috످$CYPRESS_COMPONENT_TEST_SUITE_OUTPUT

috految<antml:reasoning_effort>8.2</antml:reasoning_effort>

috److Your message contains only the variable name `$CYPRESS_COMPONENT_TEST_SUITE_OUTPUT`. If you sent it from a script or CI pipeline, the variable may not have expanded. Check that it's set and isn't wrapped in single quotes.

If you'd like help with your Cypress component tests, paste the output here (with any secrets removed), along with the code for any failing tests. You can capture the output by running:

```bash
NO_COLOR=1 npx cypress run --component 2>&1 | tee cypress-output.log
```

috످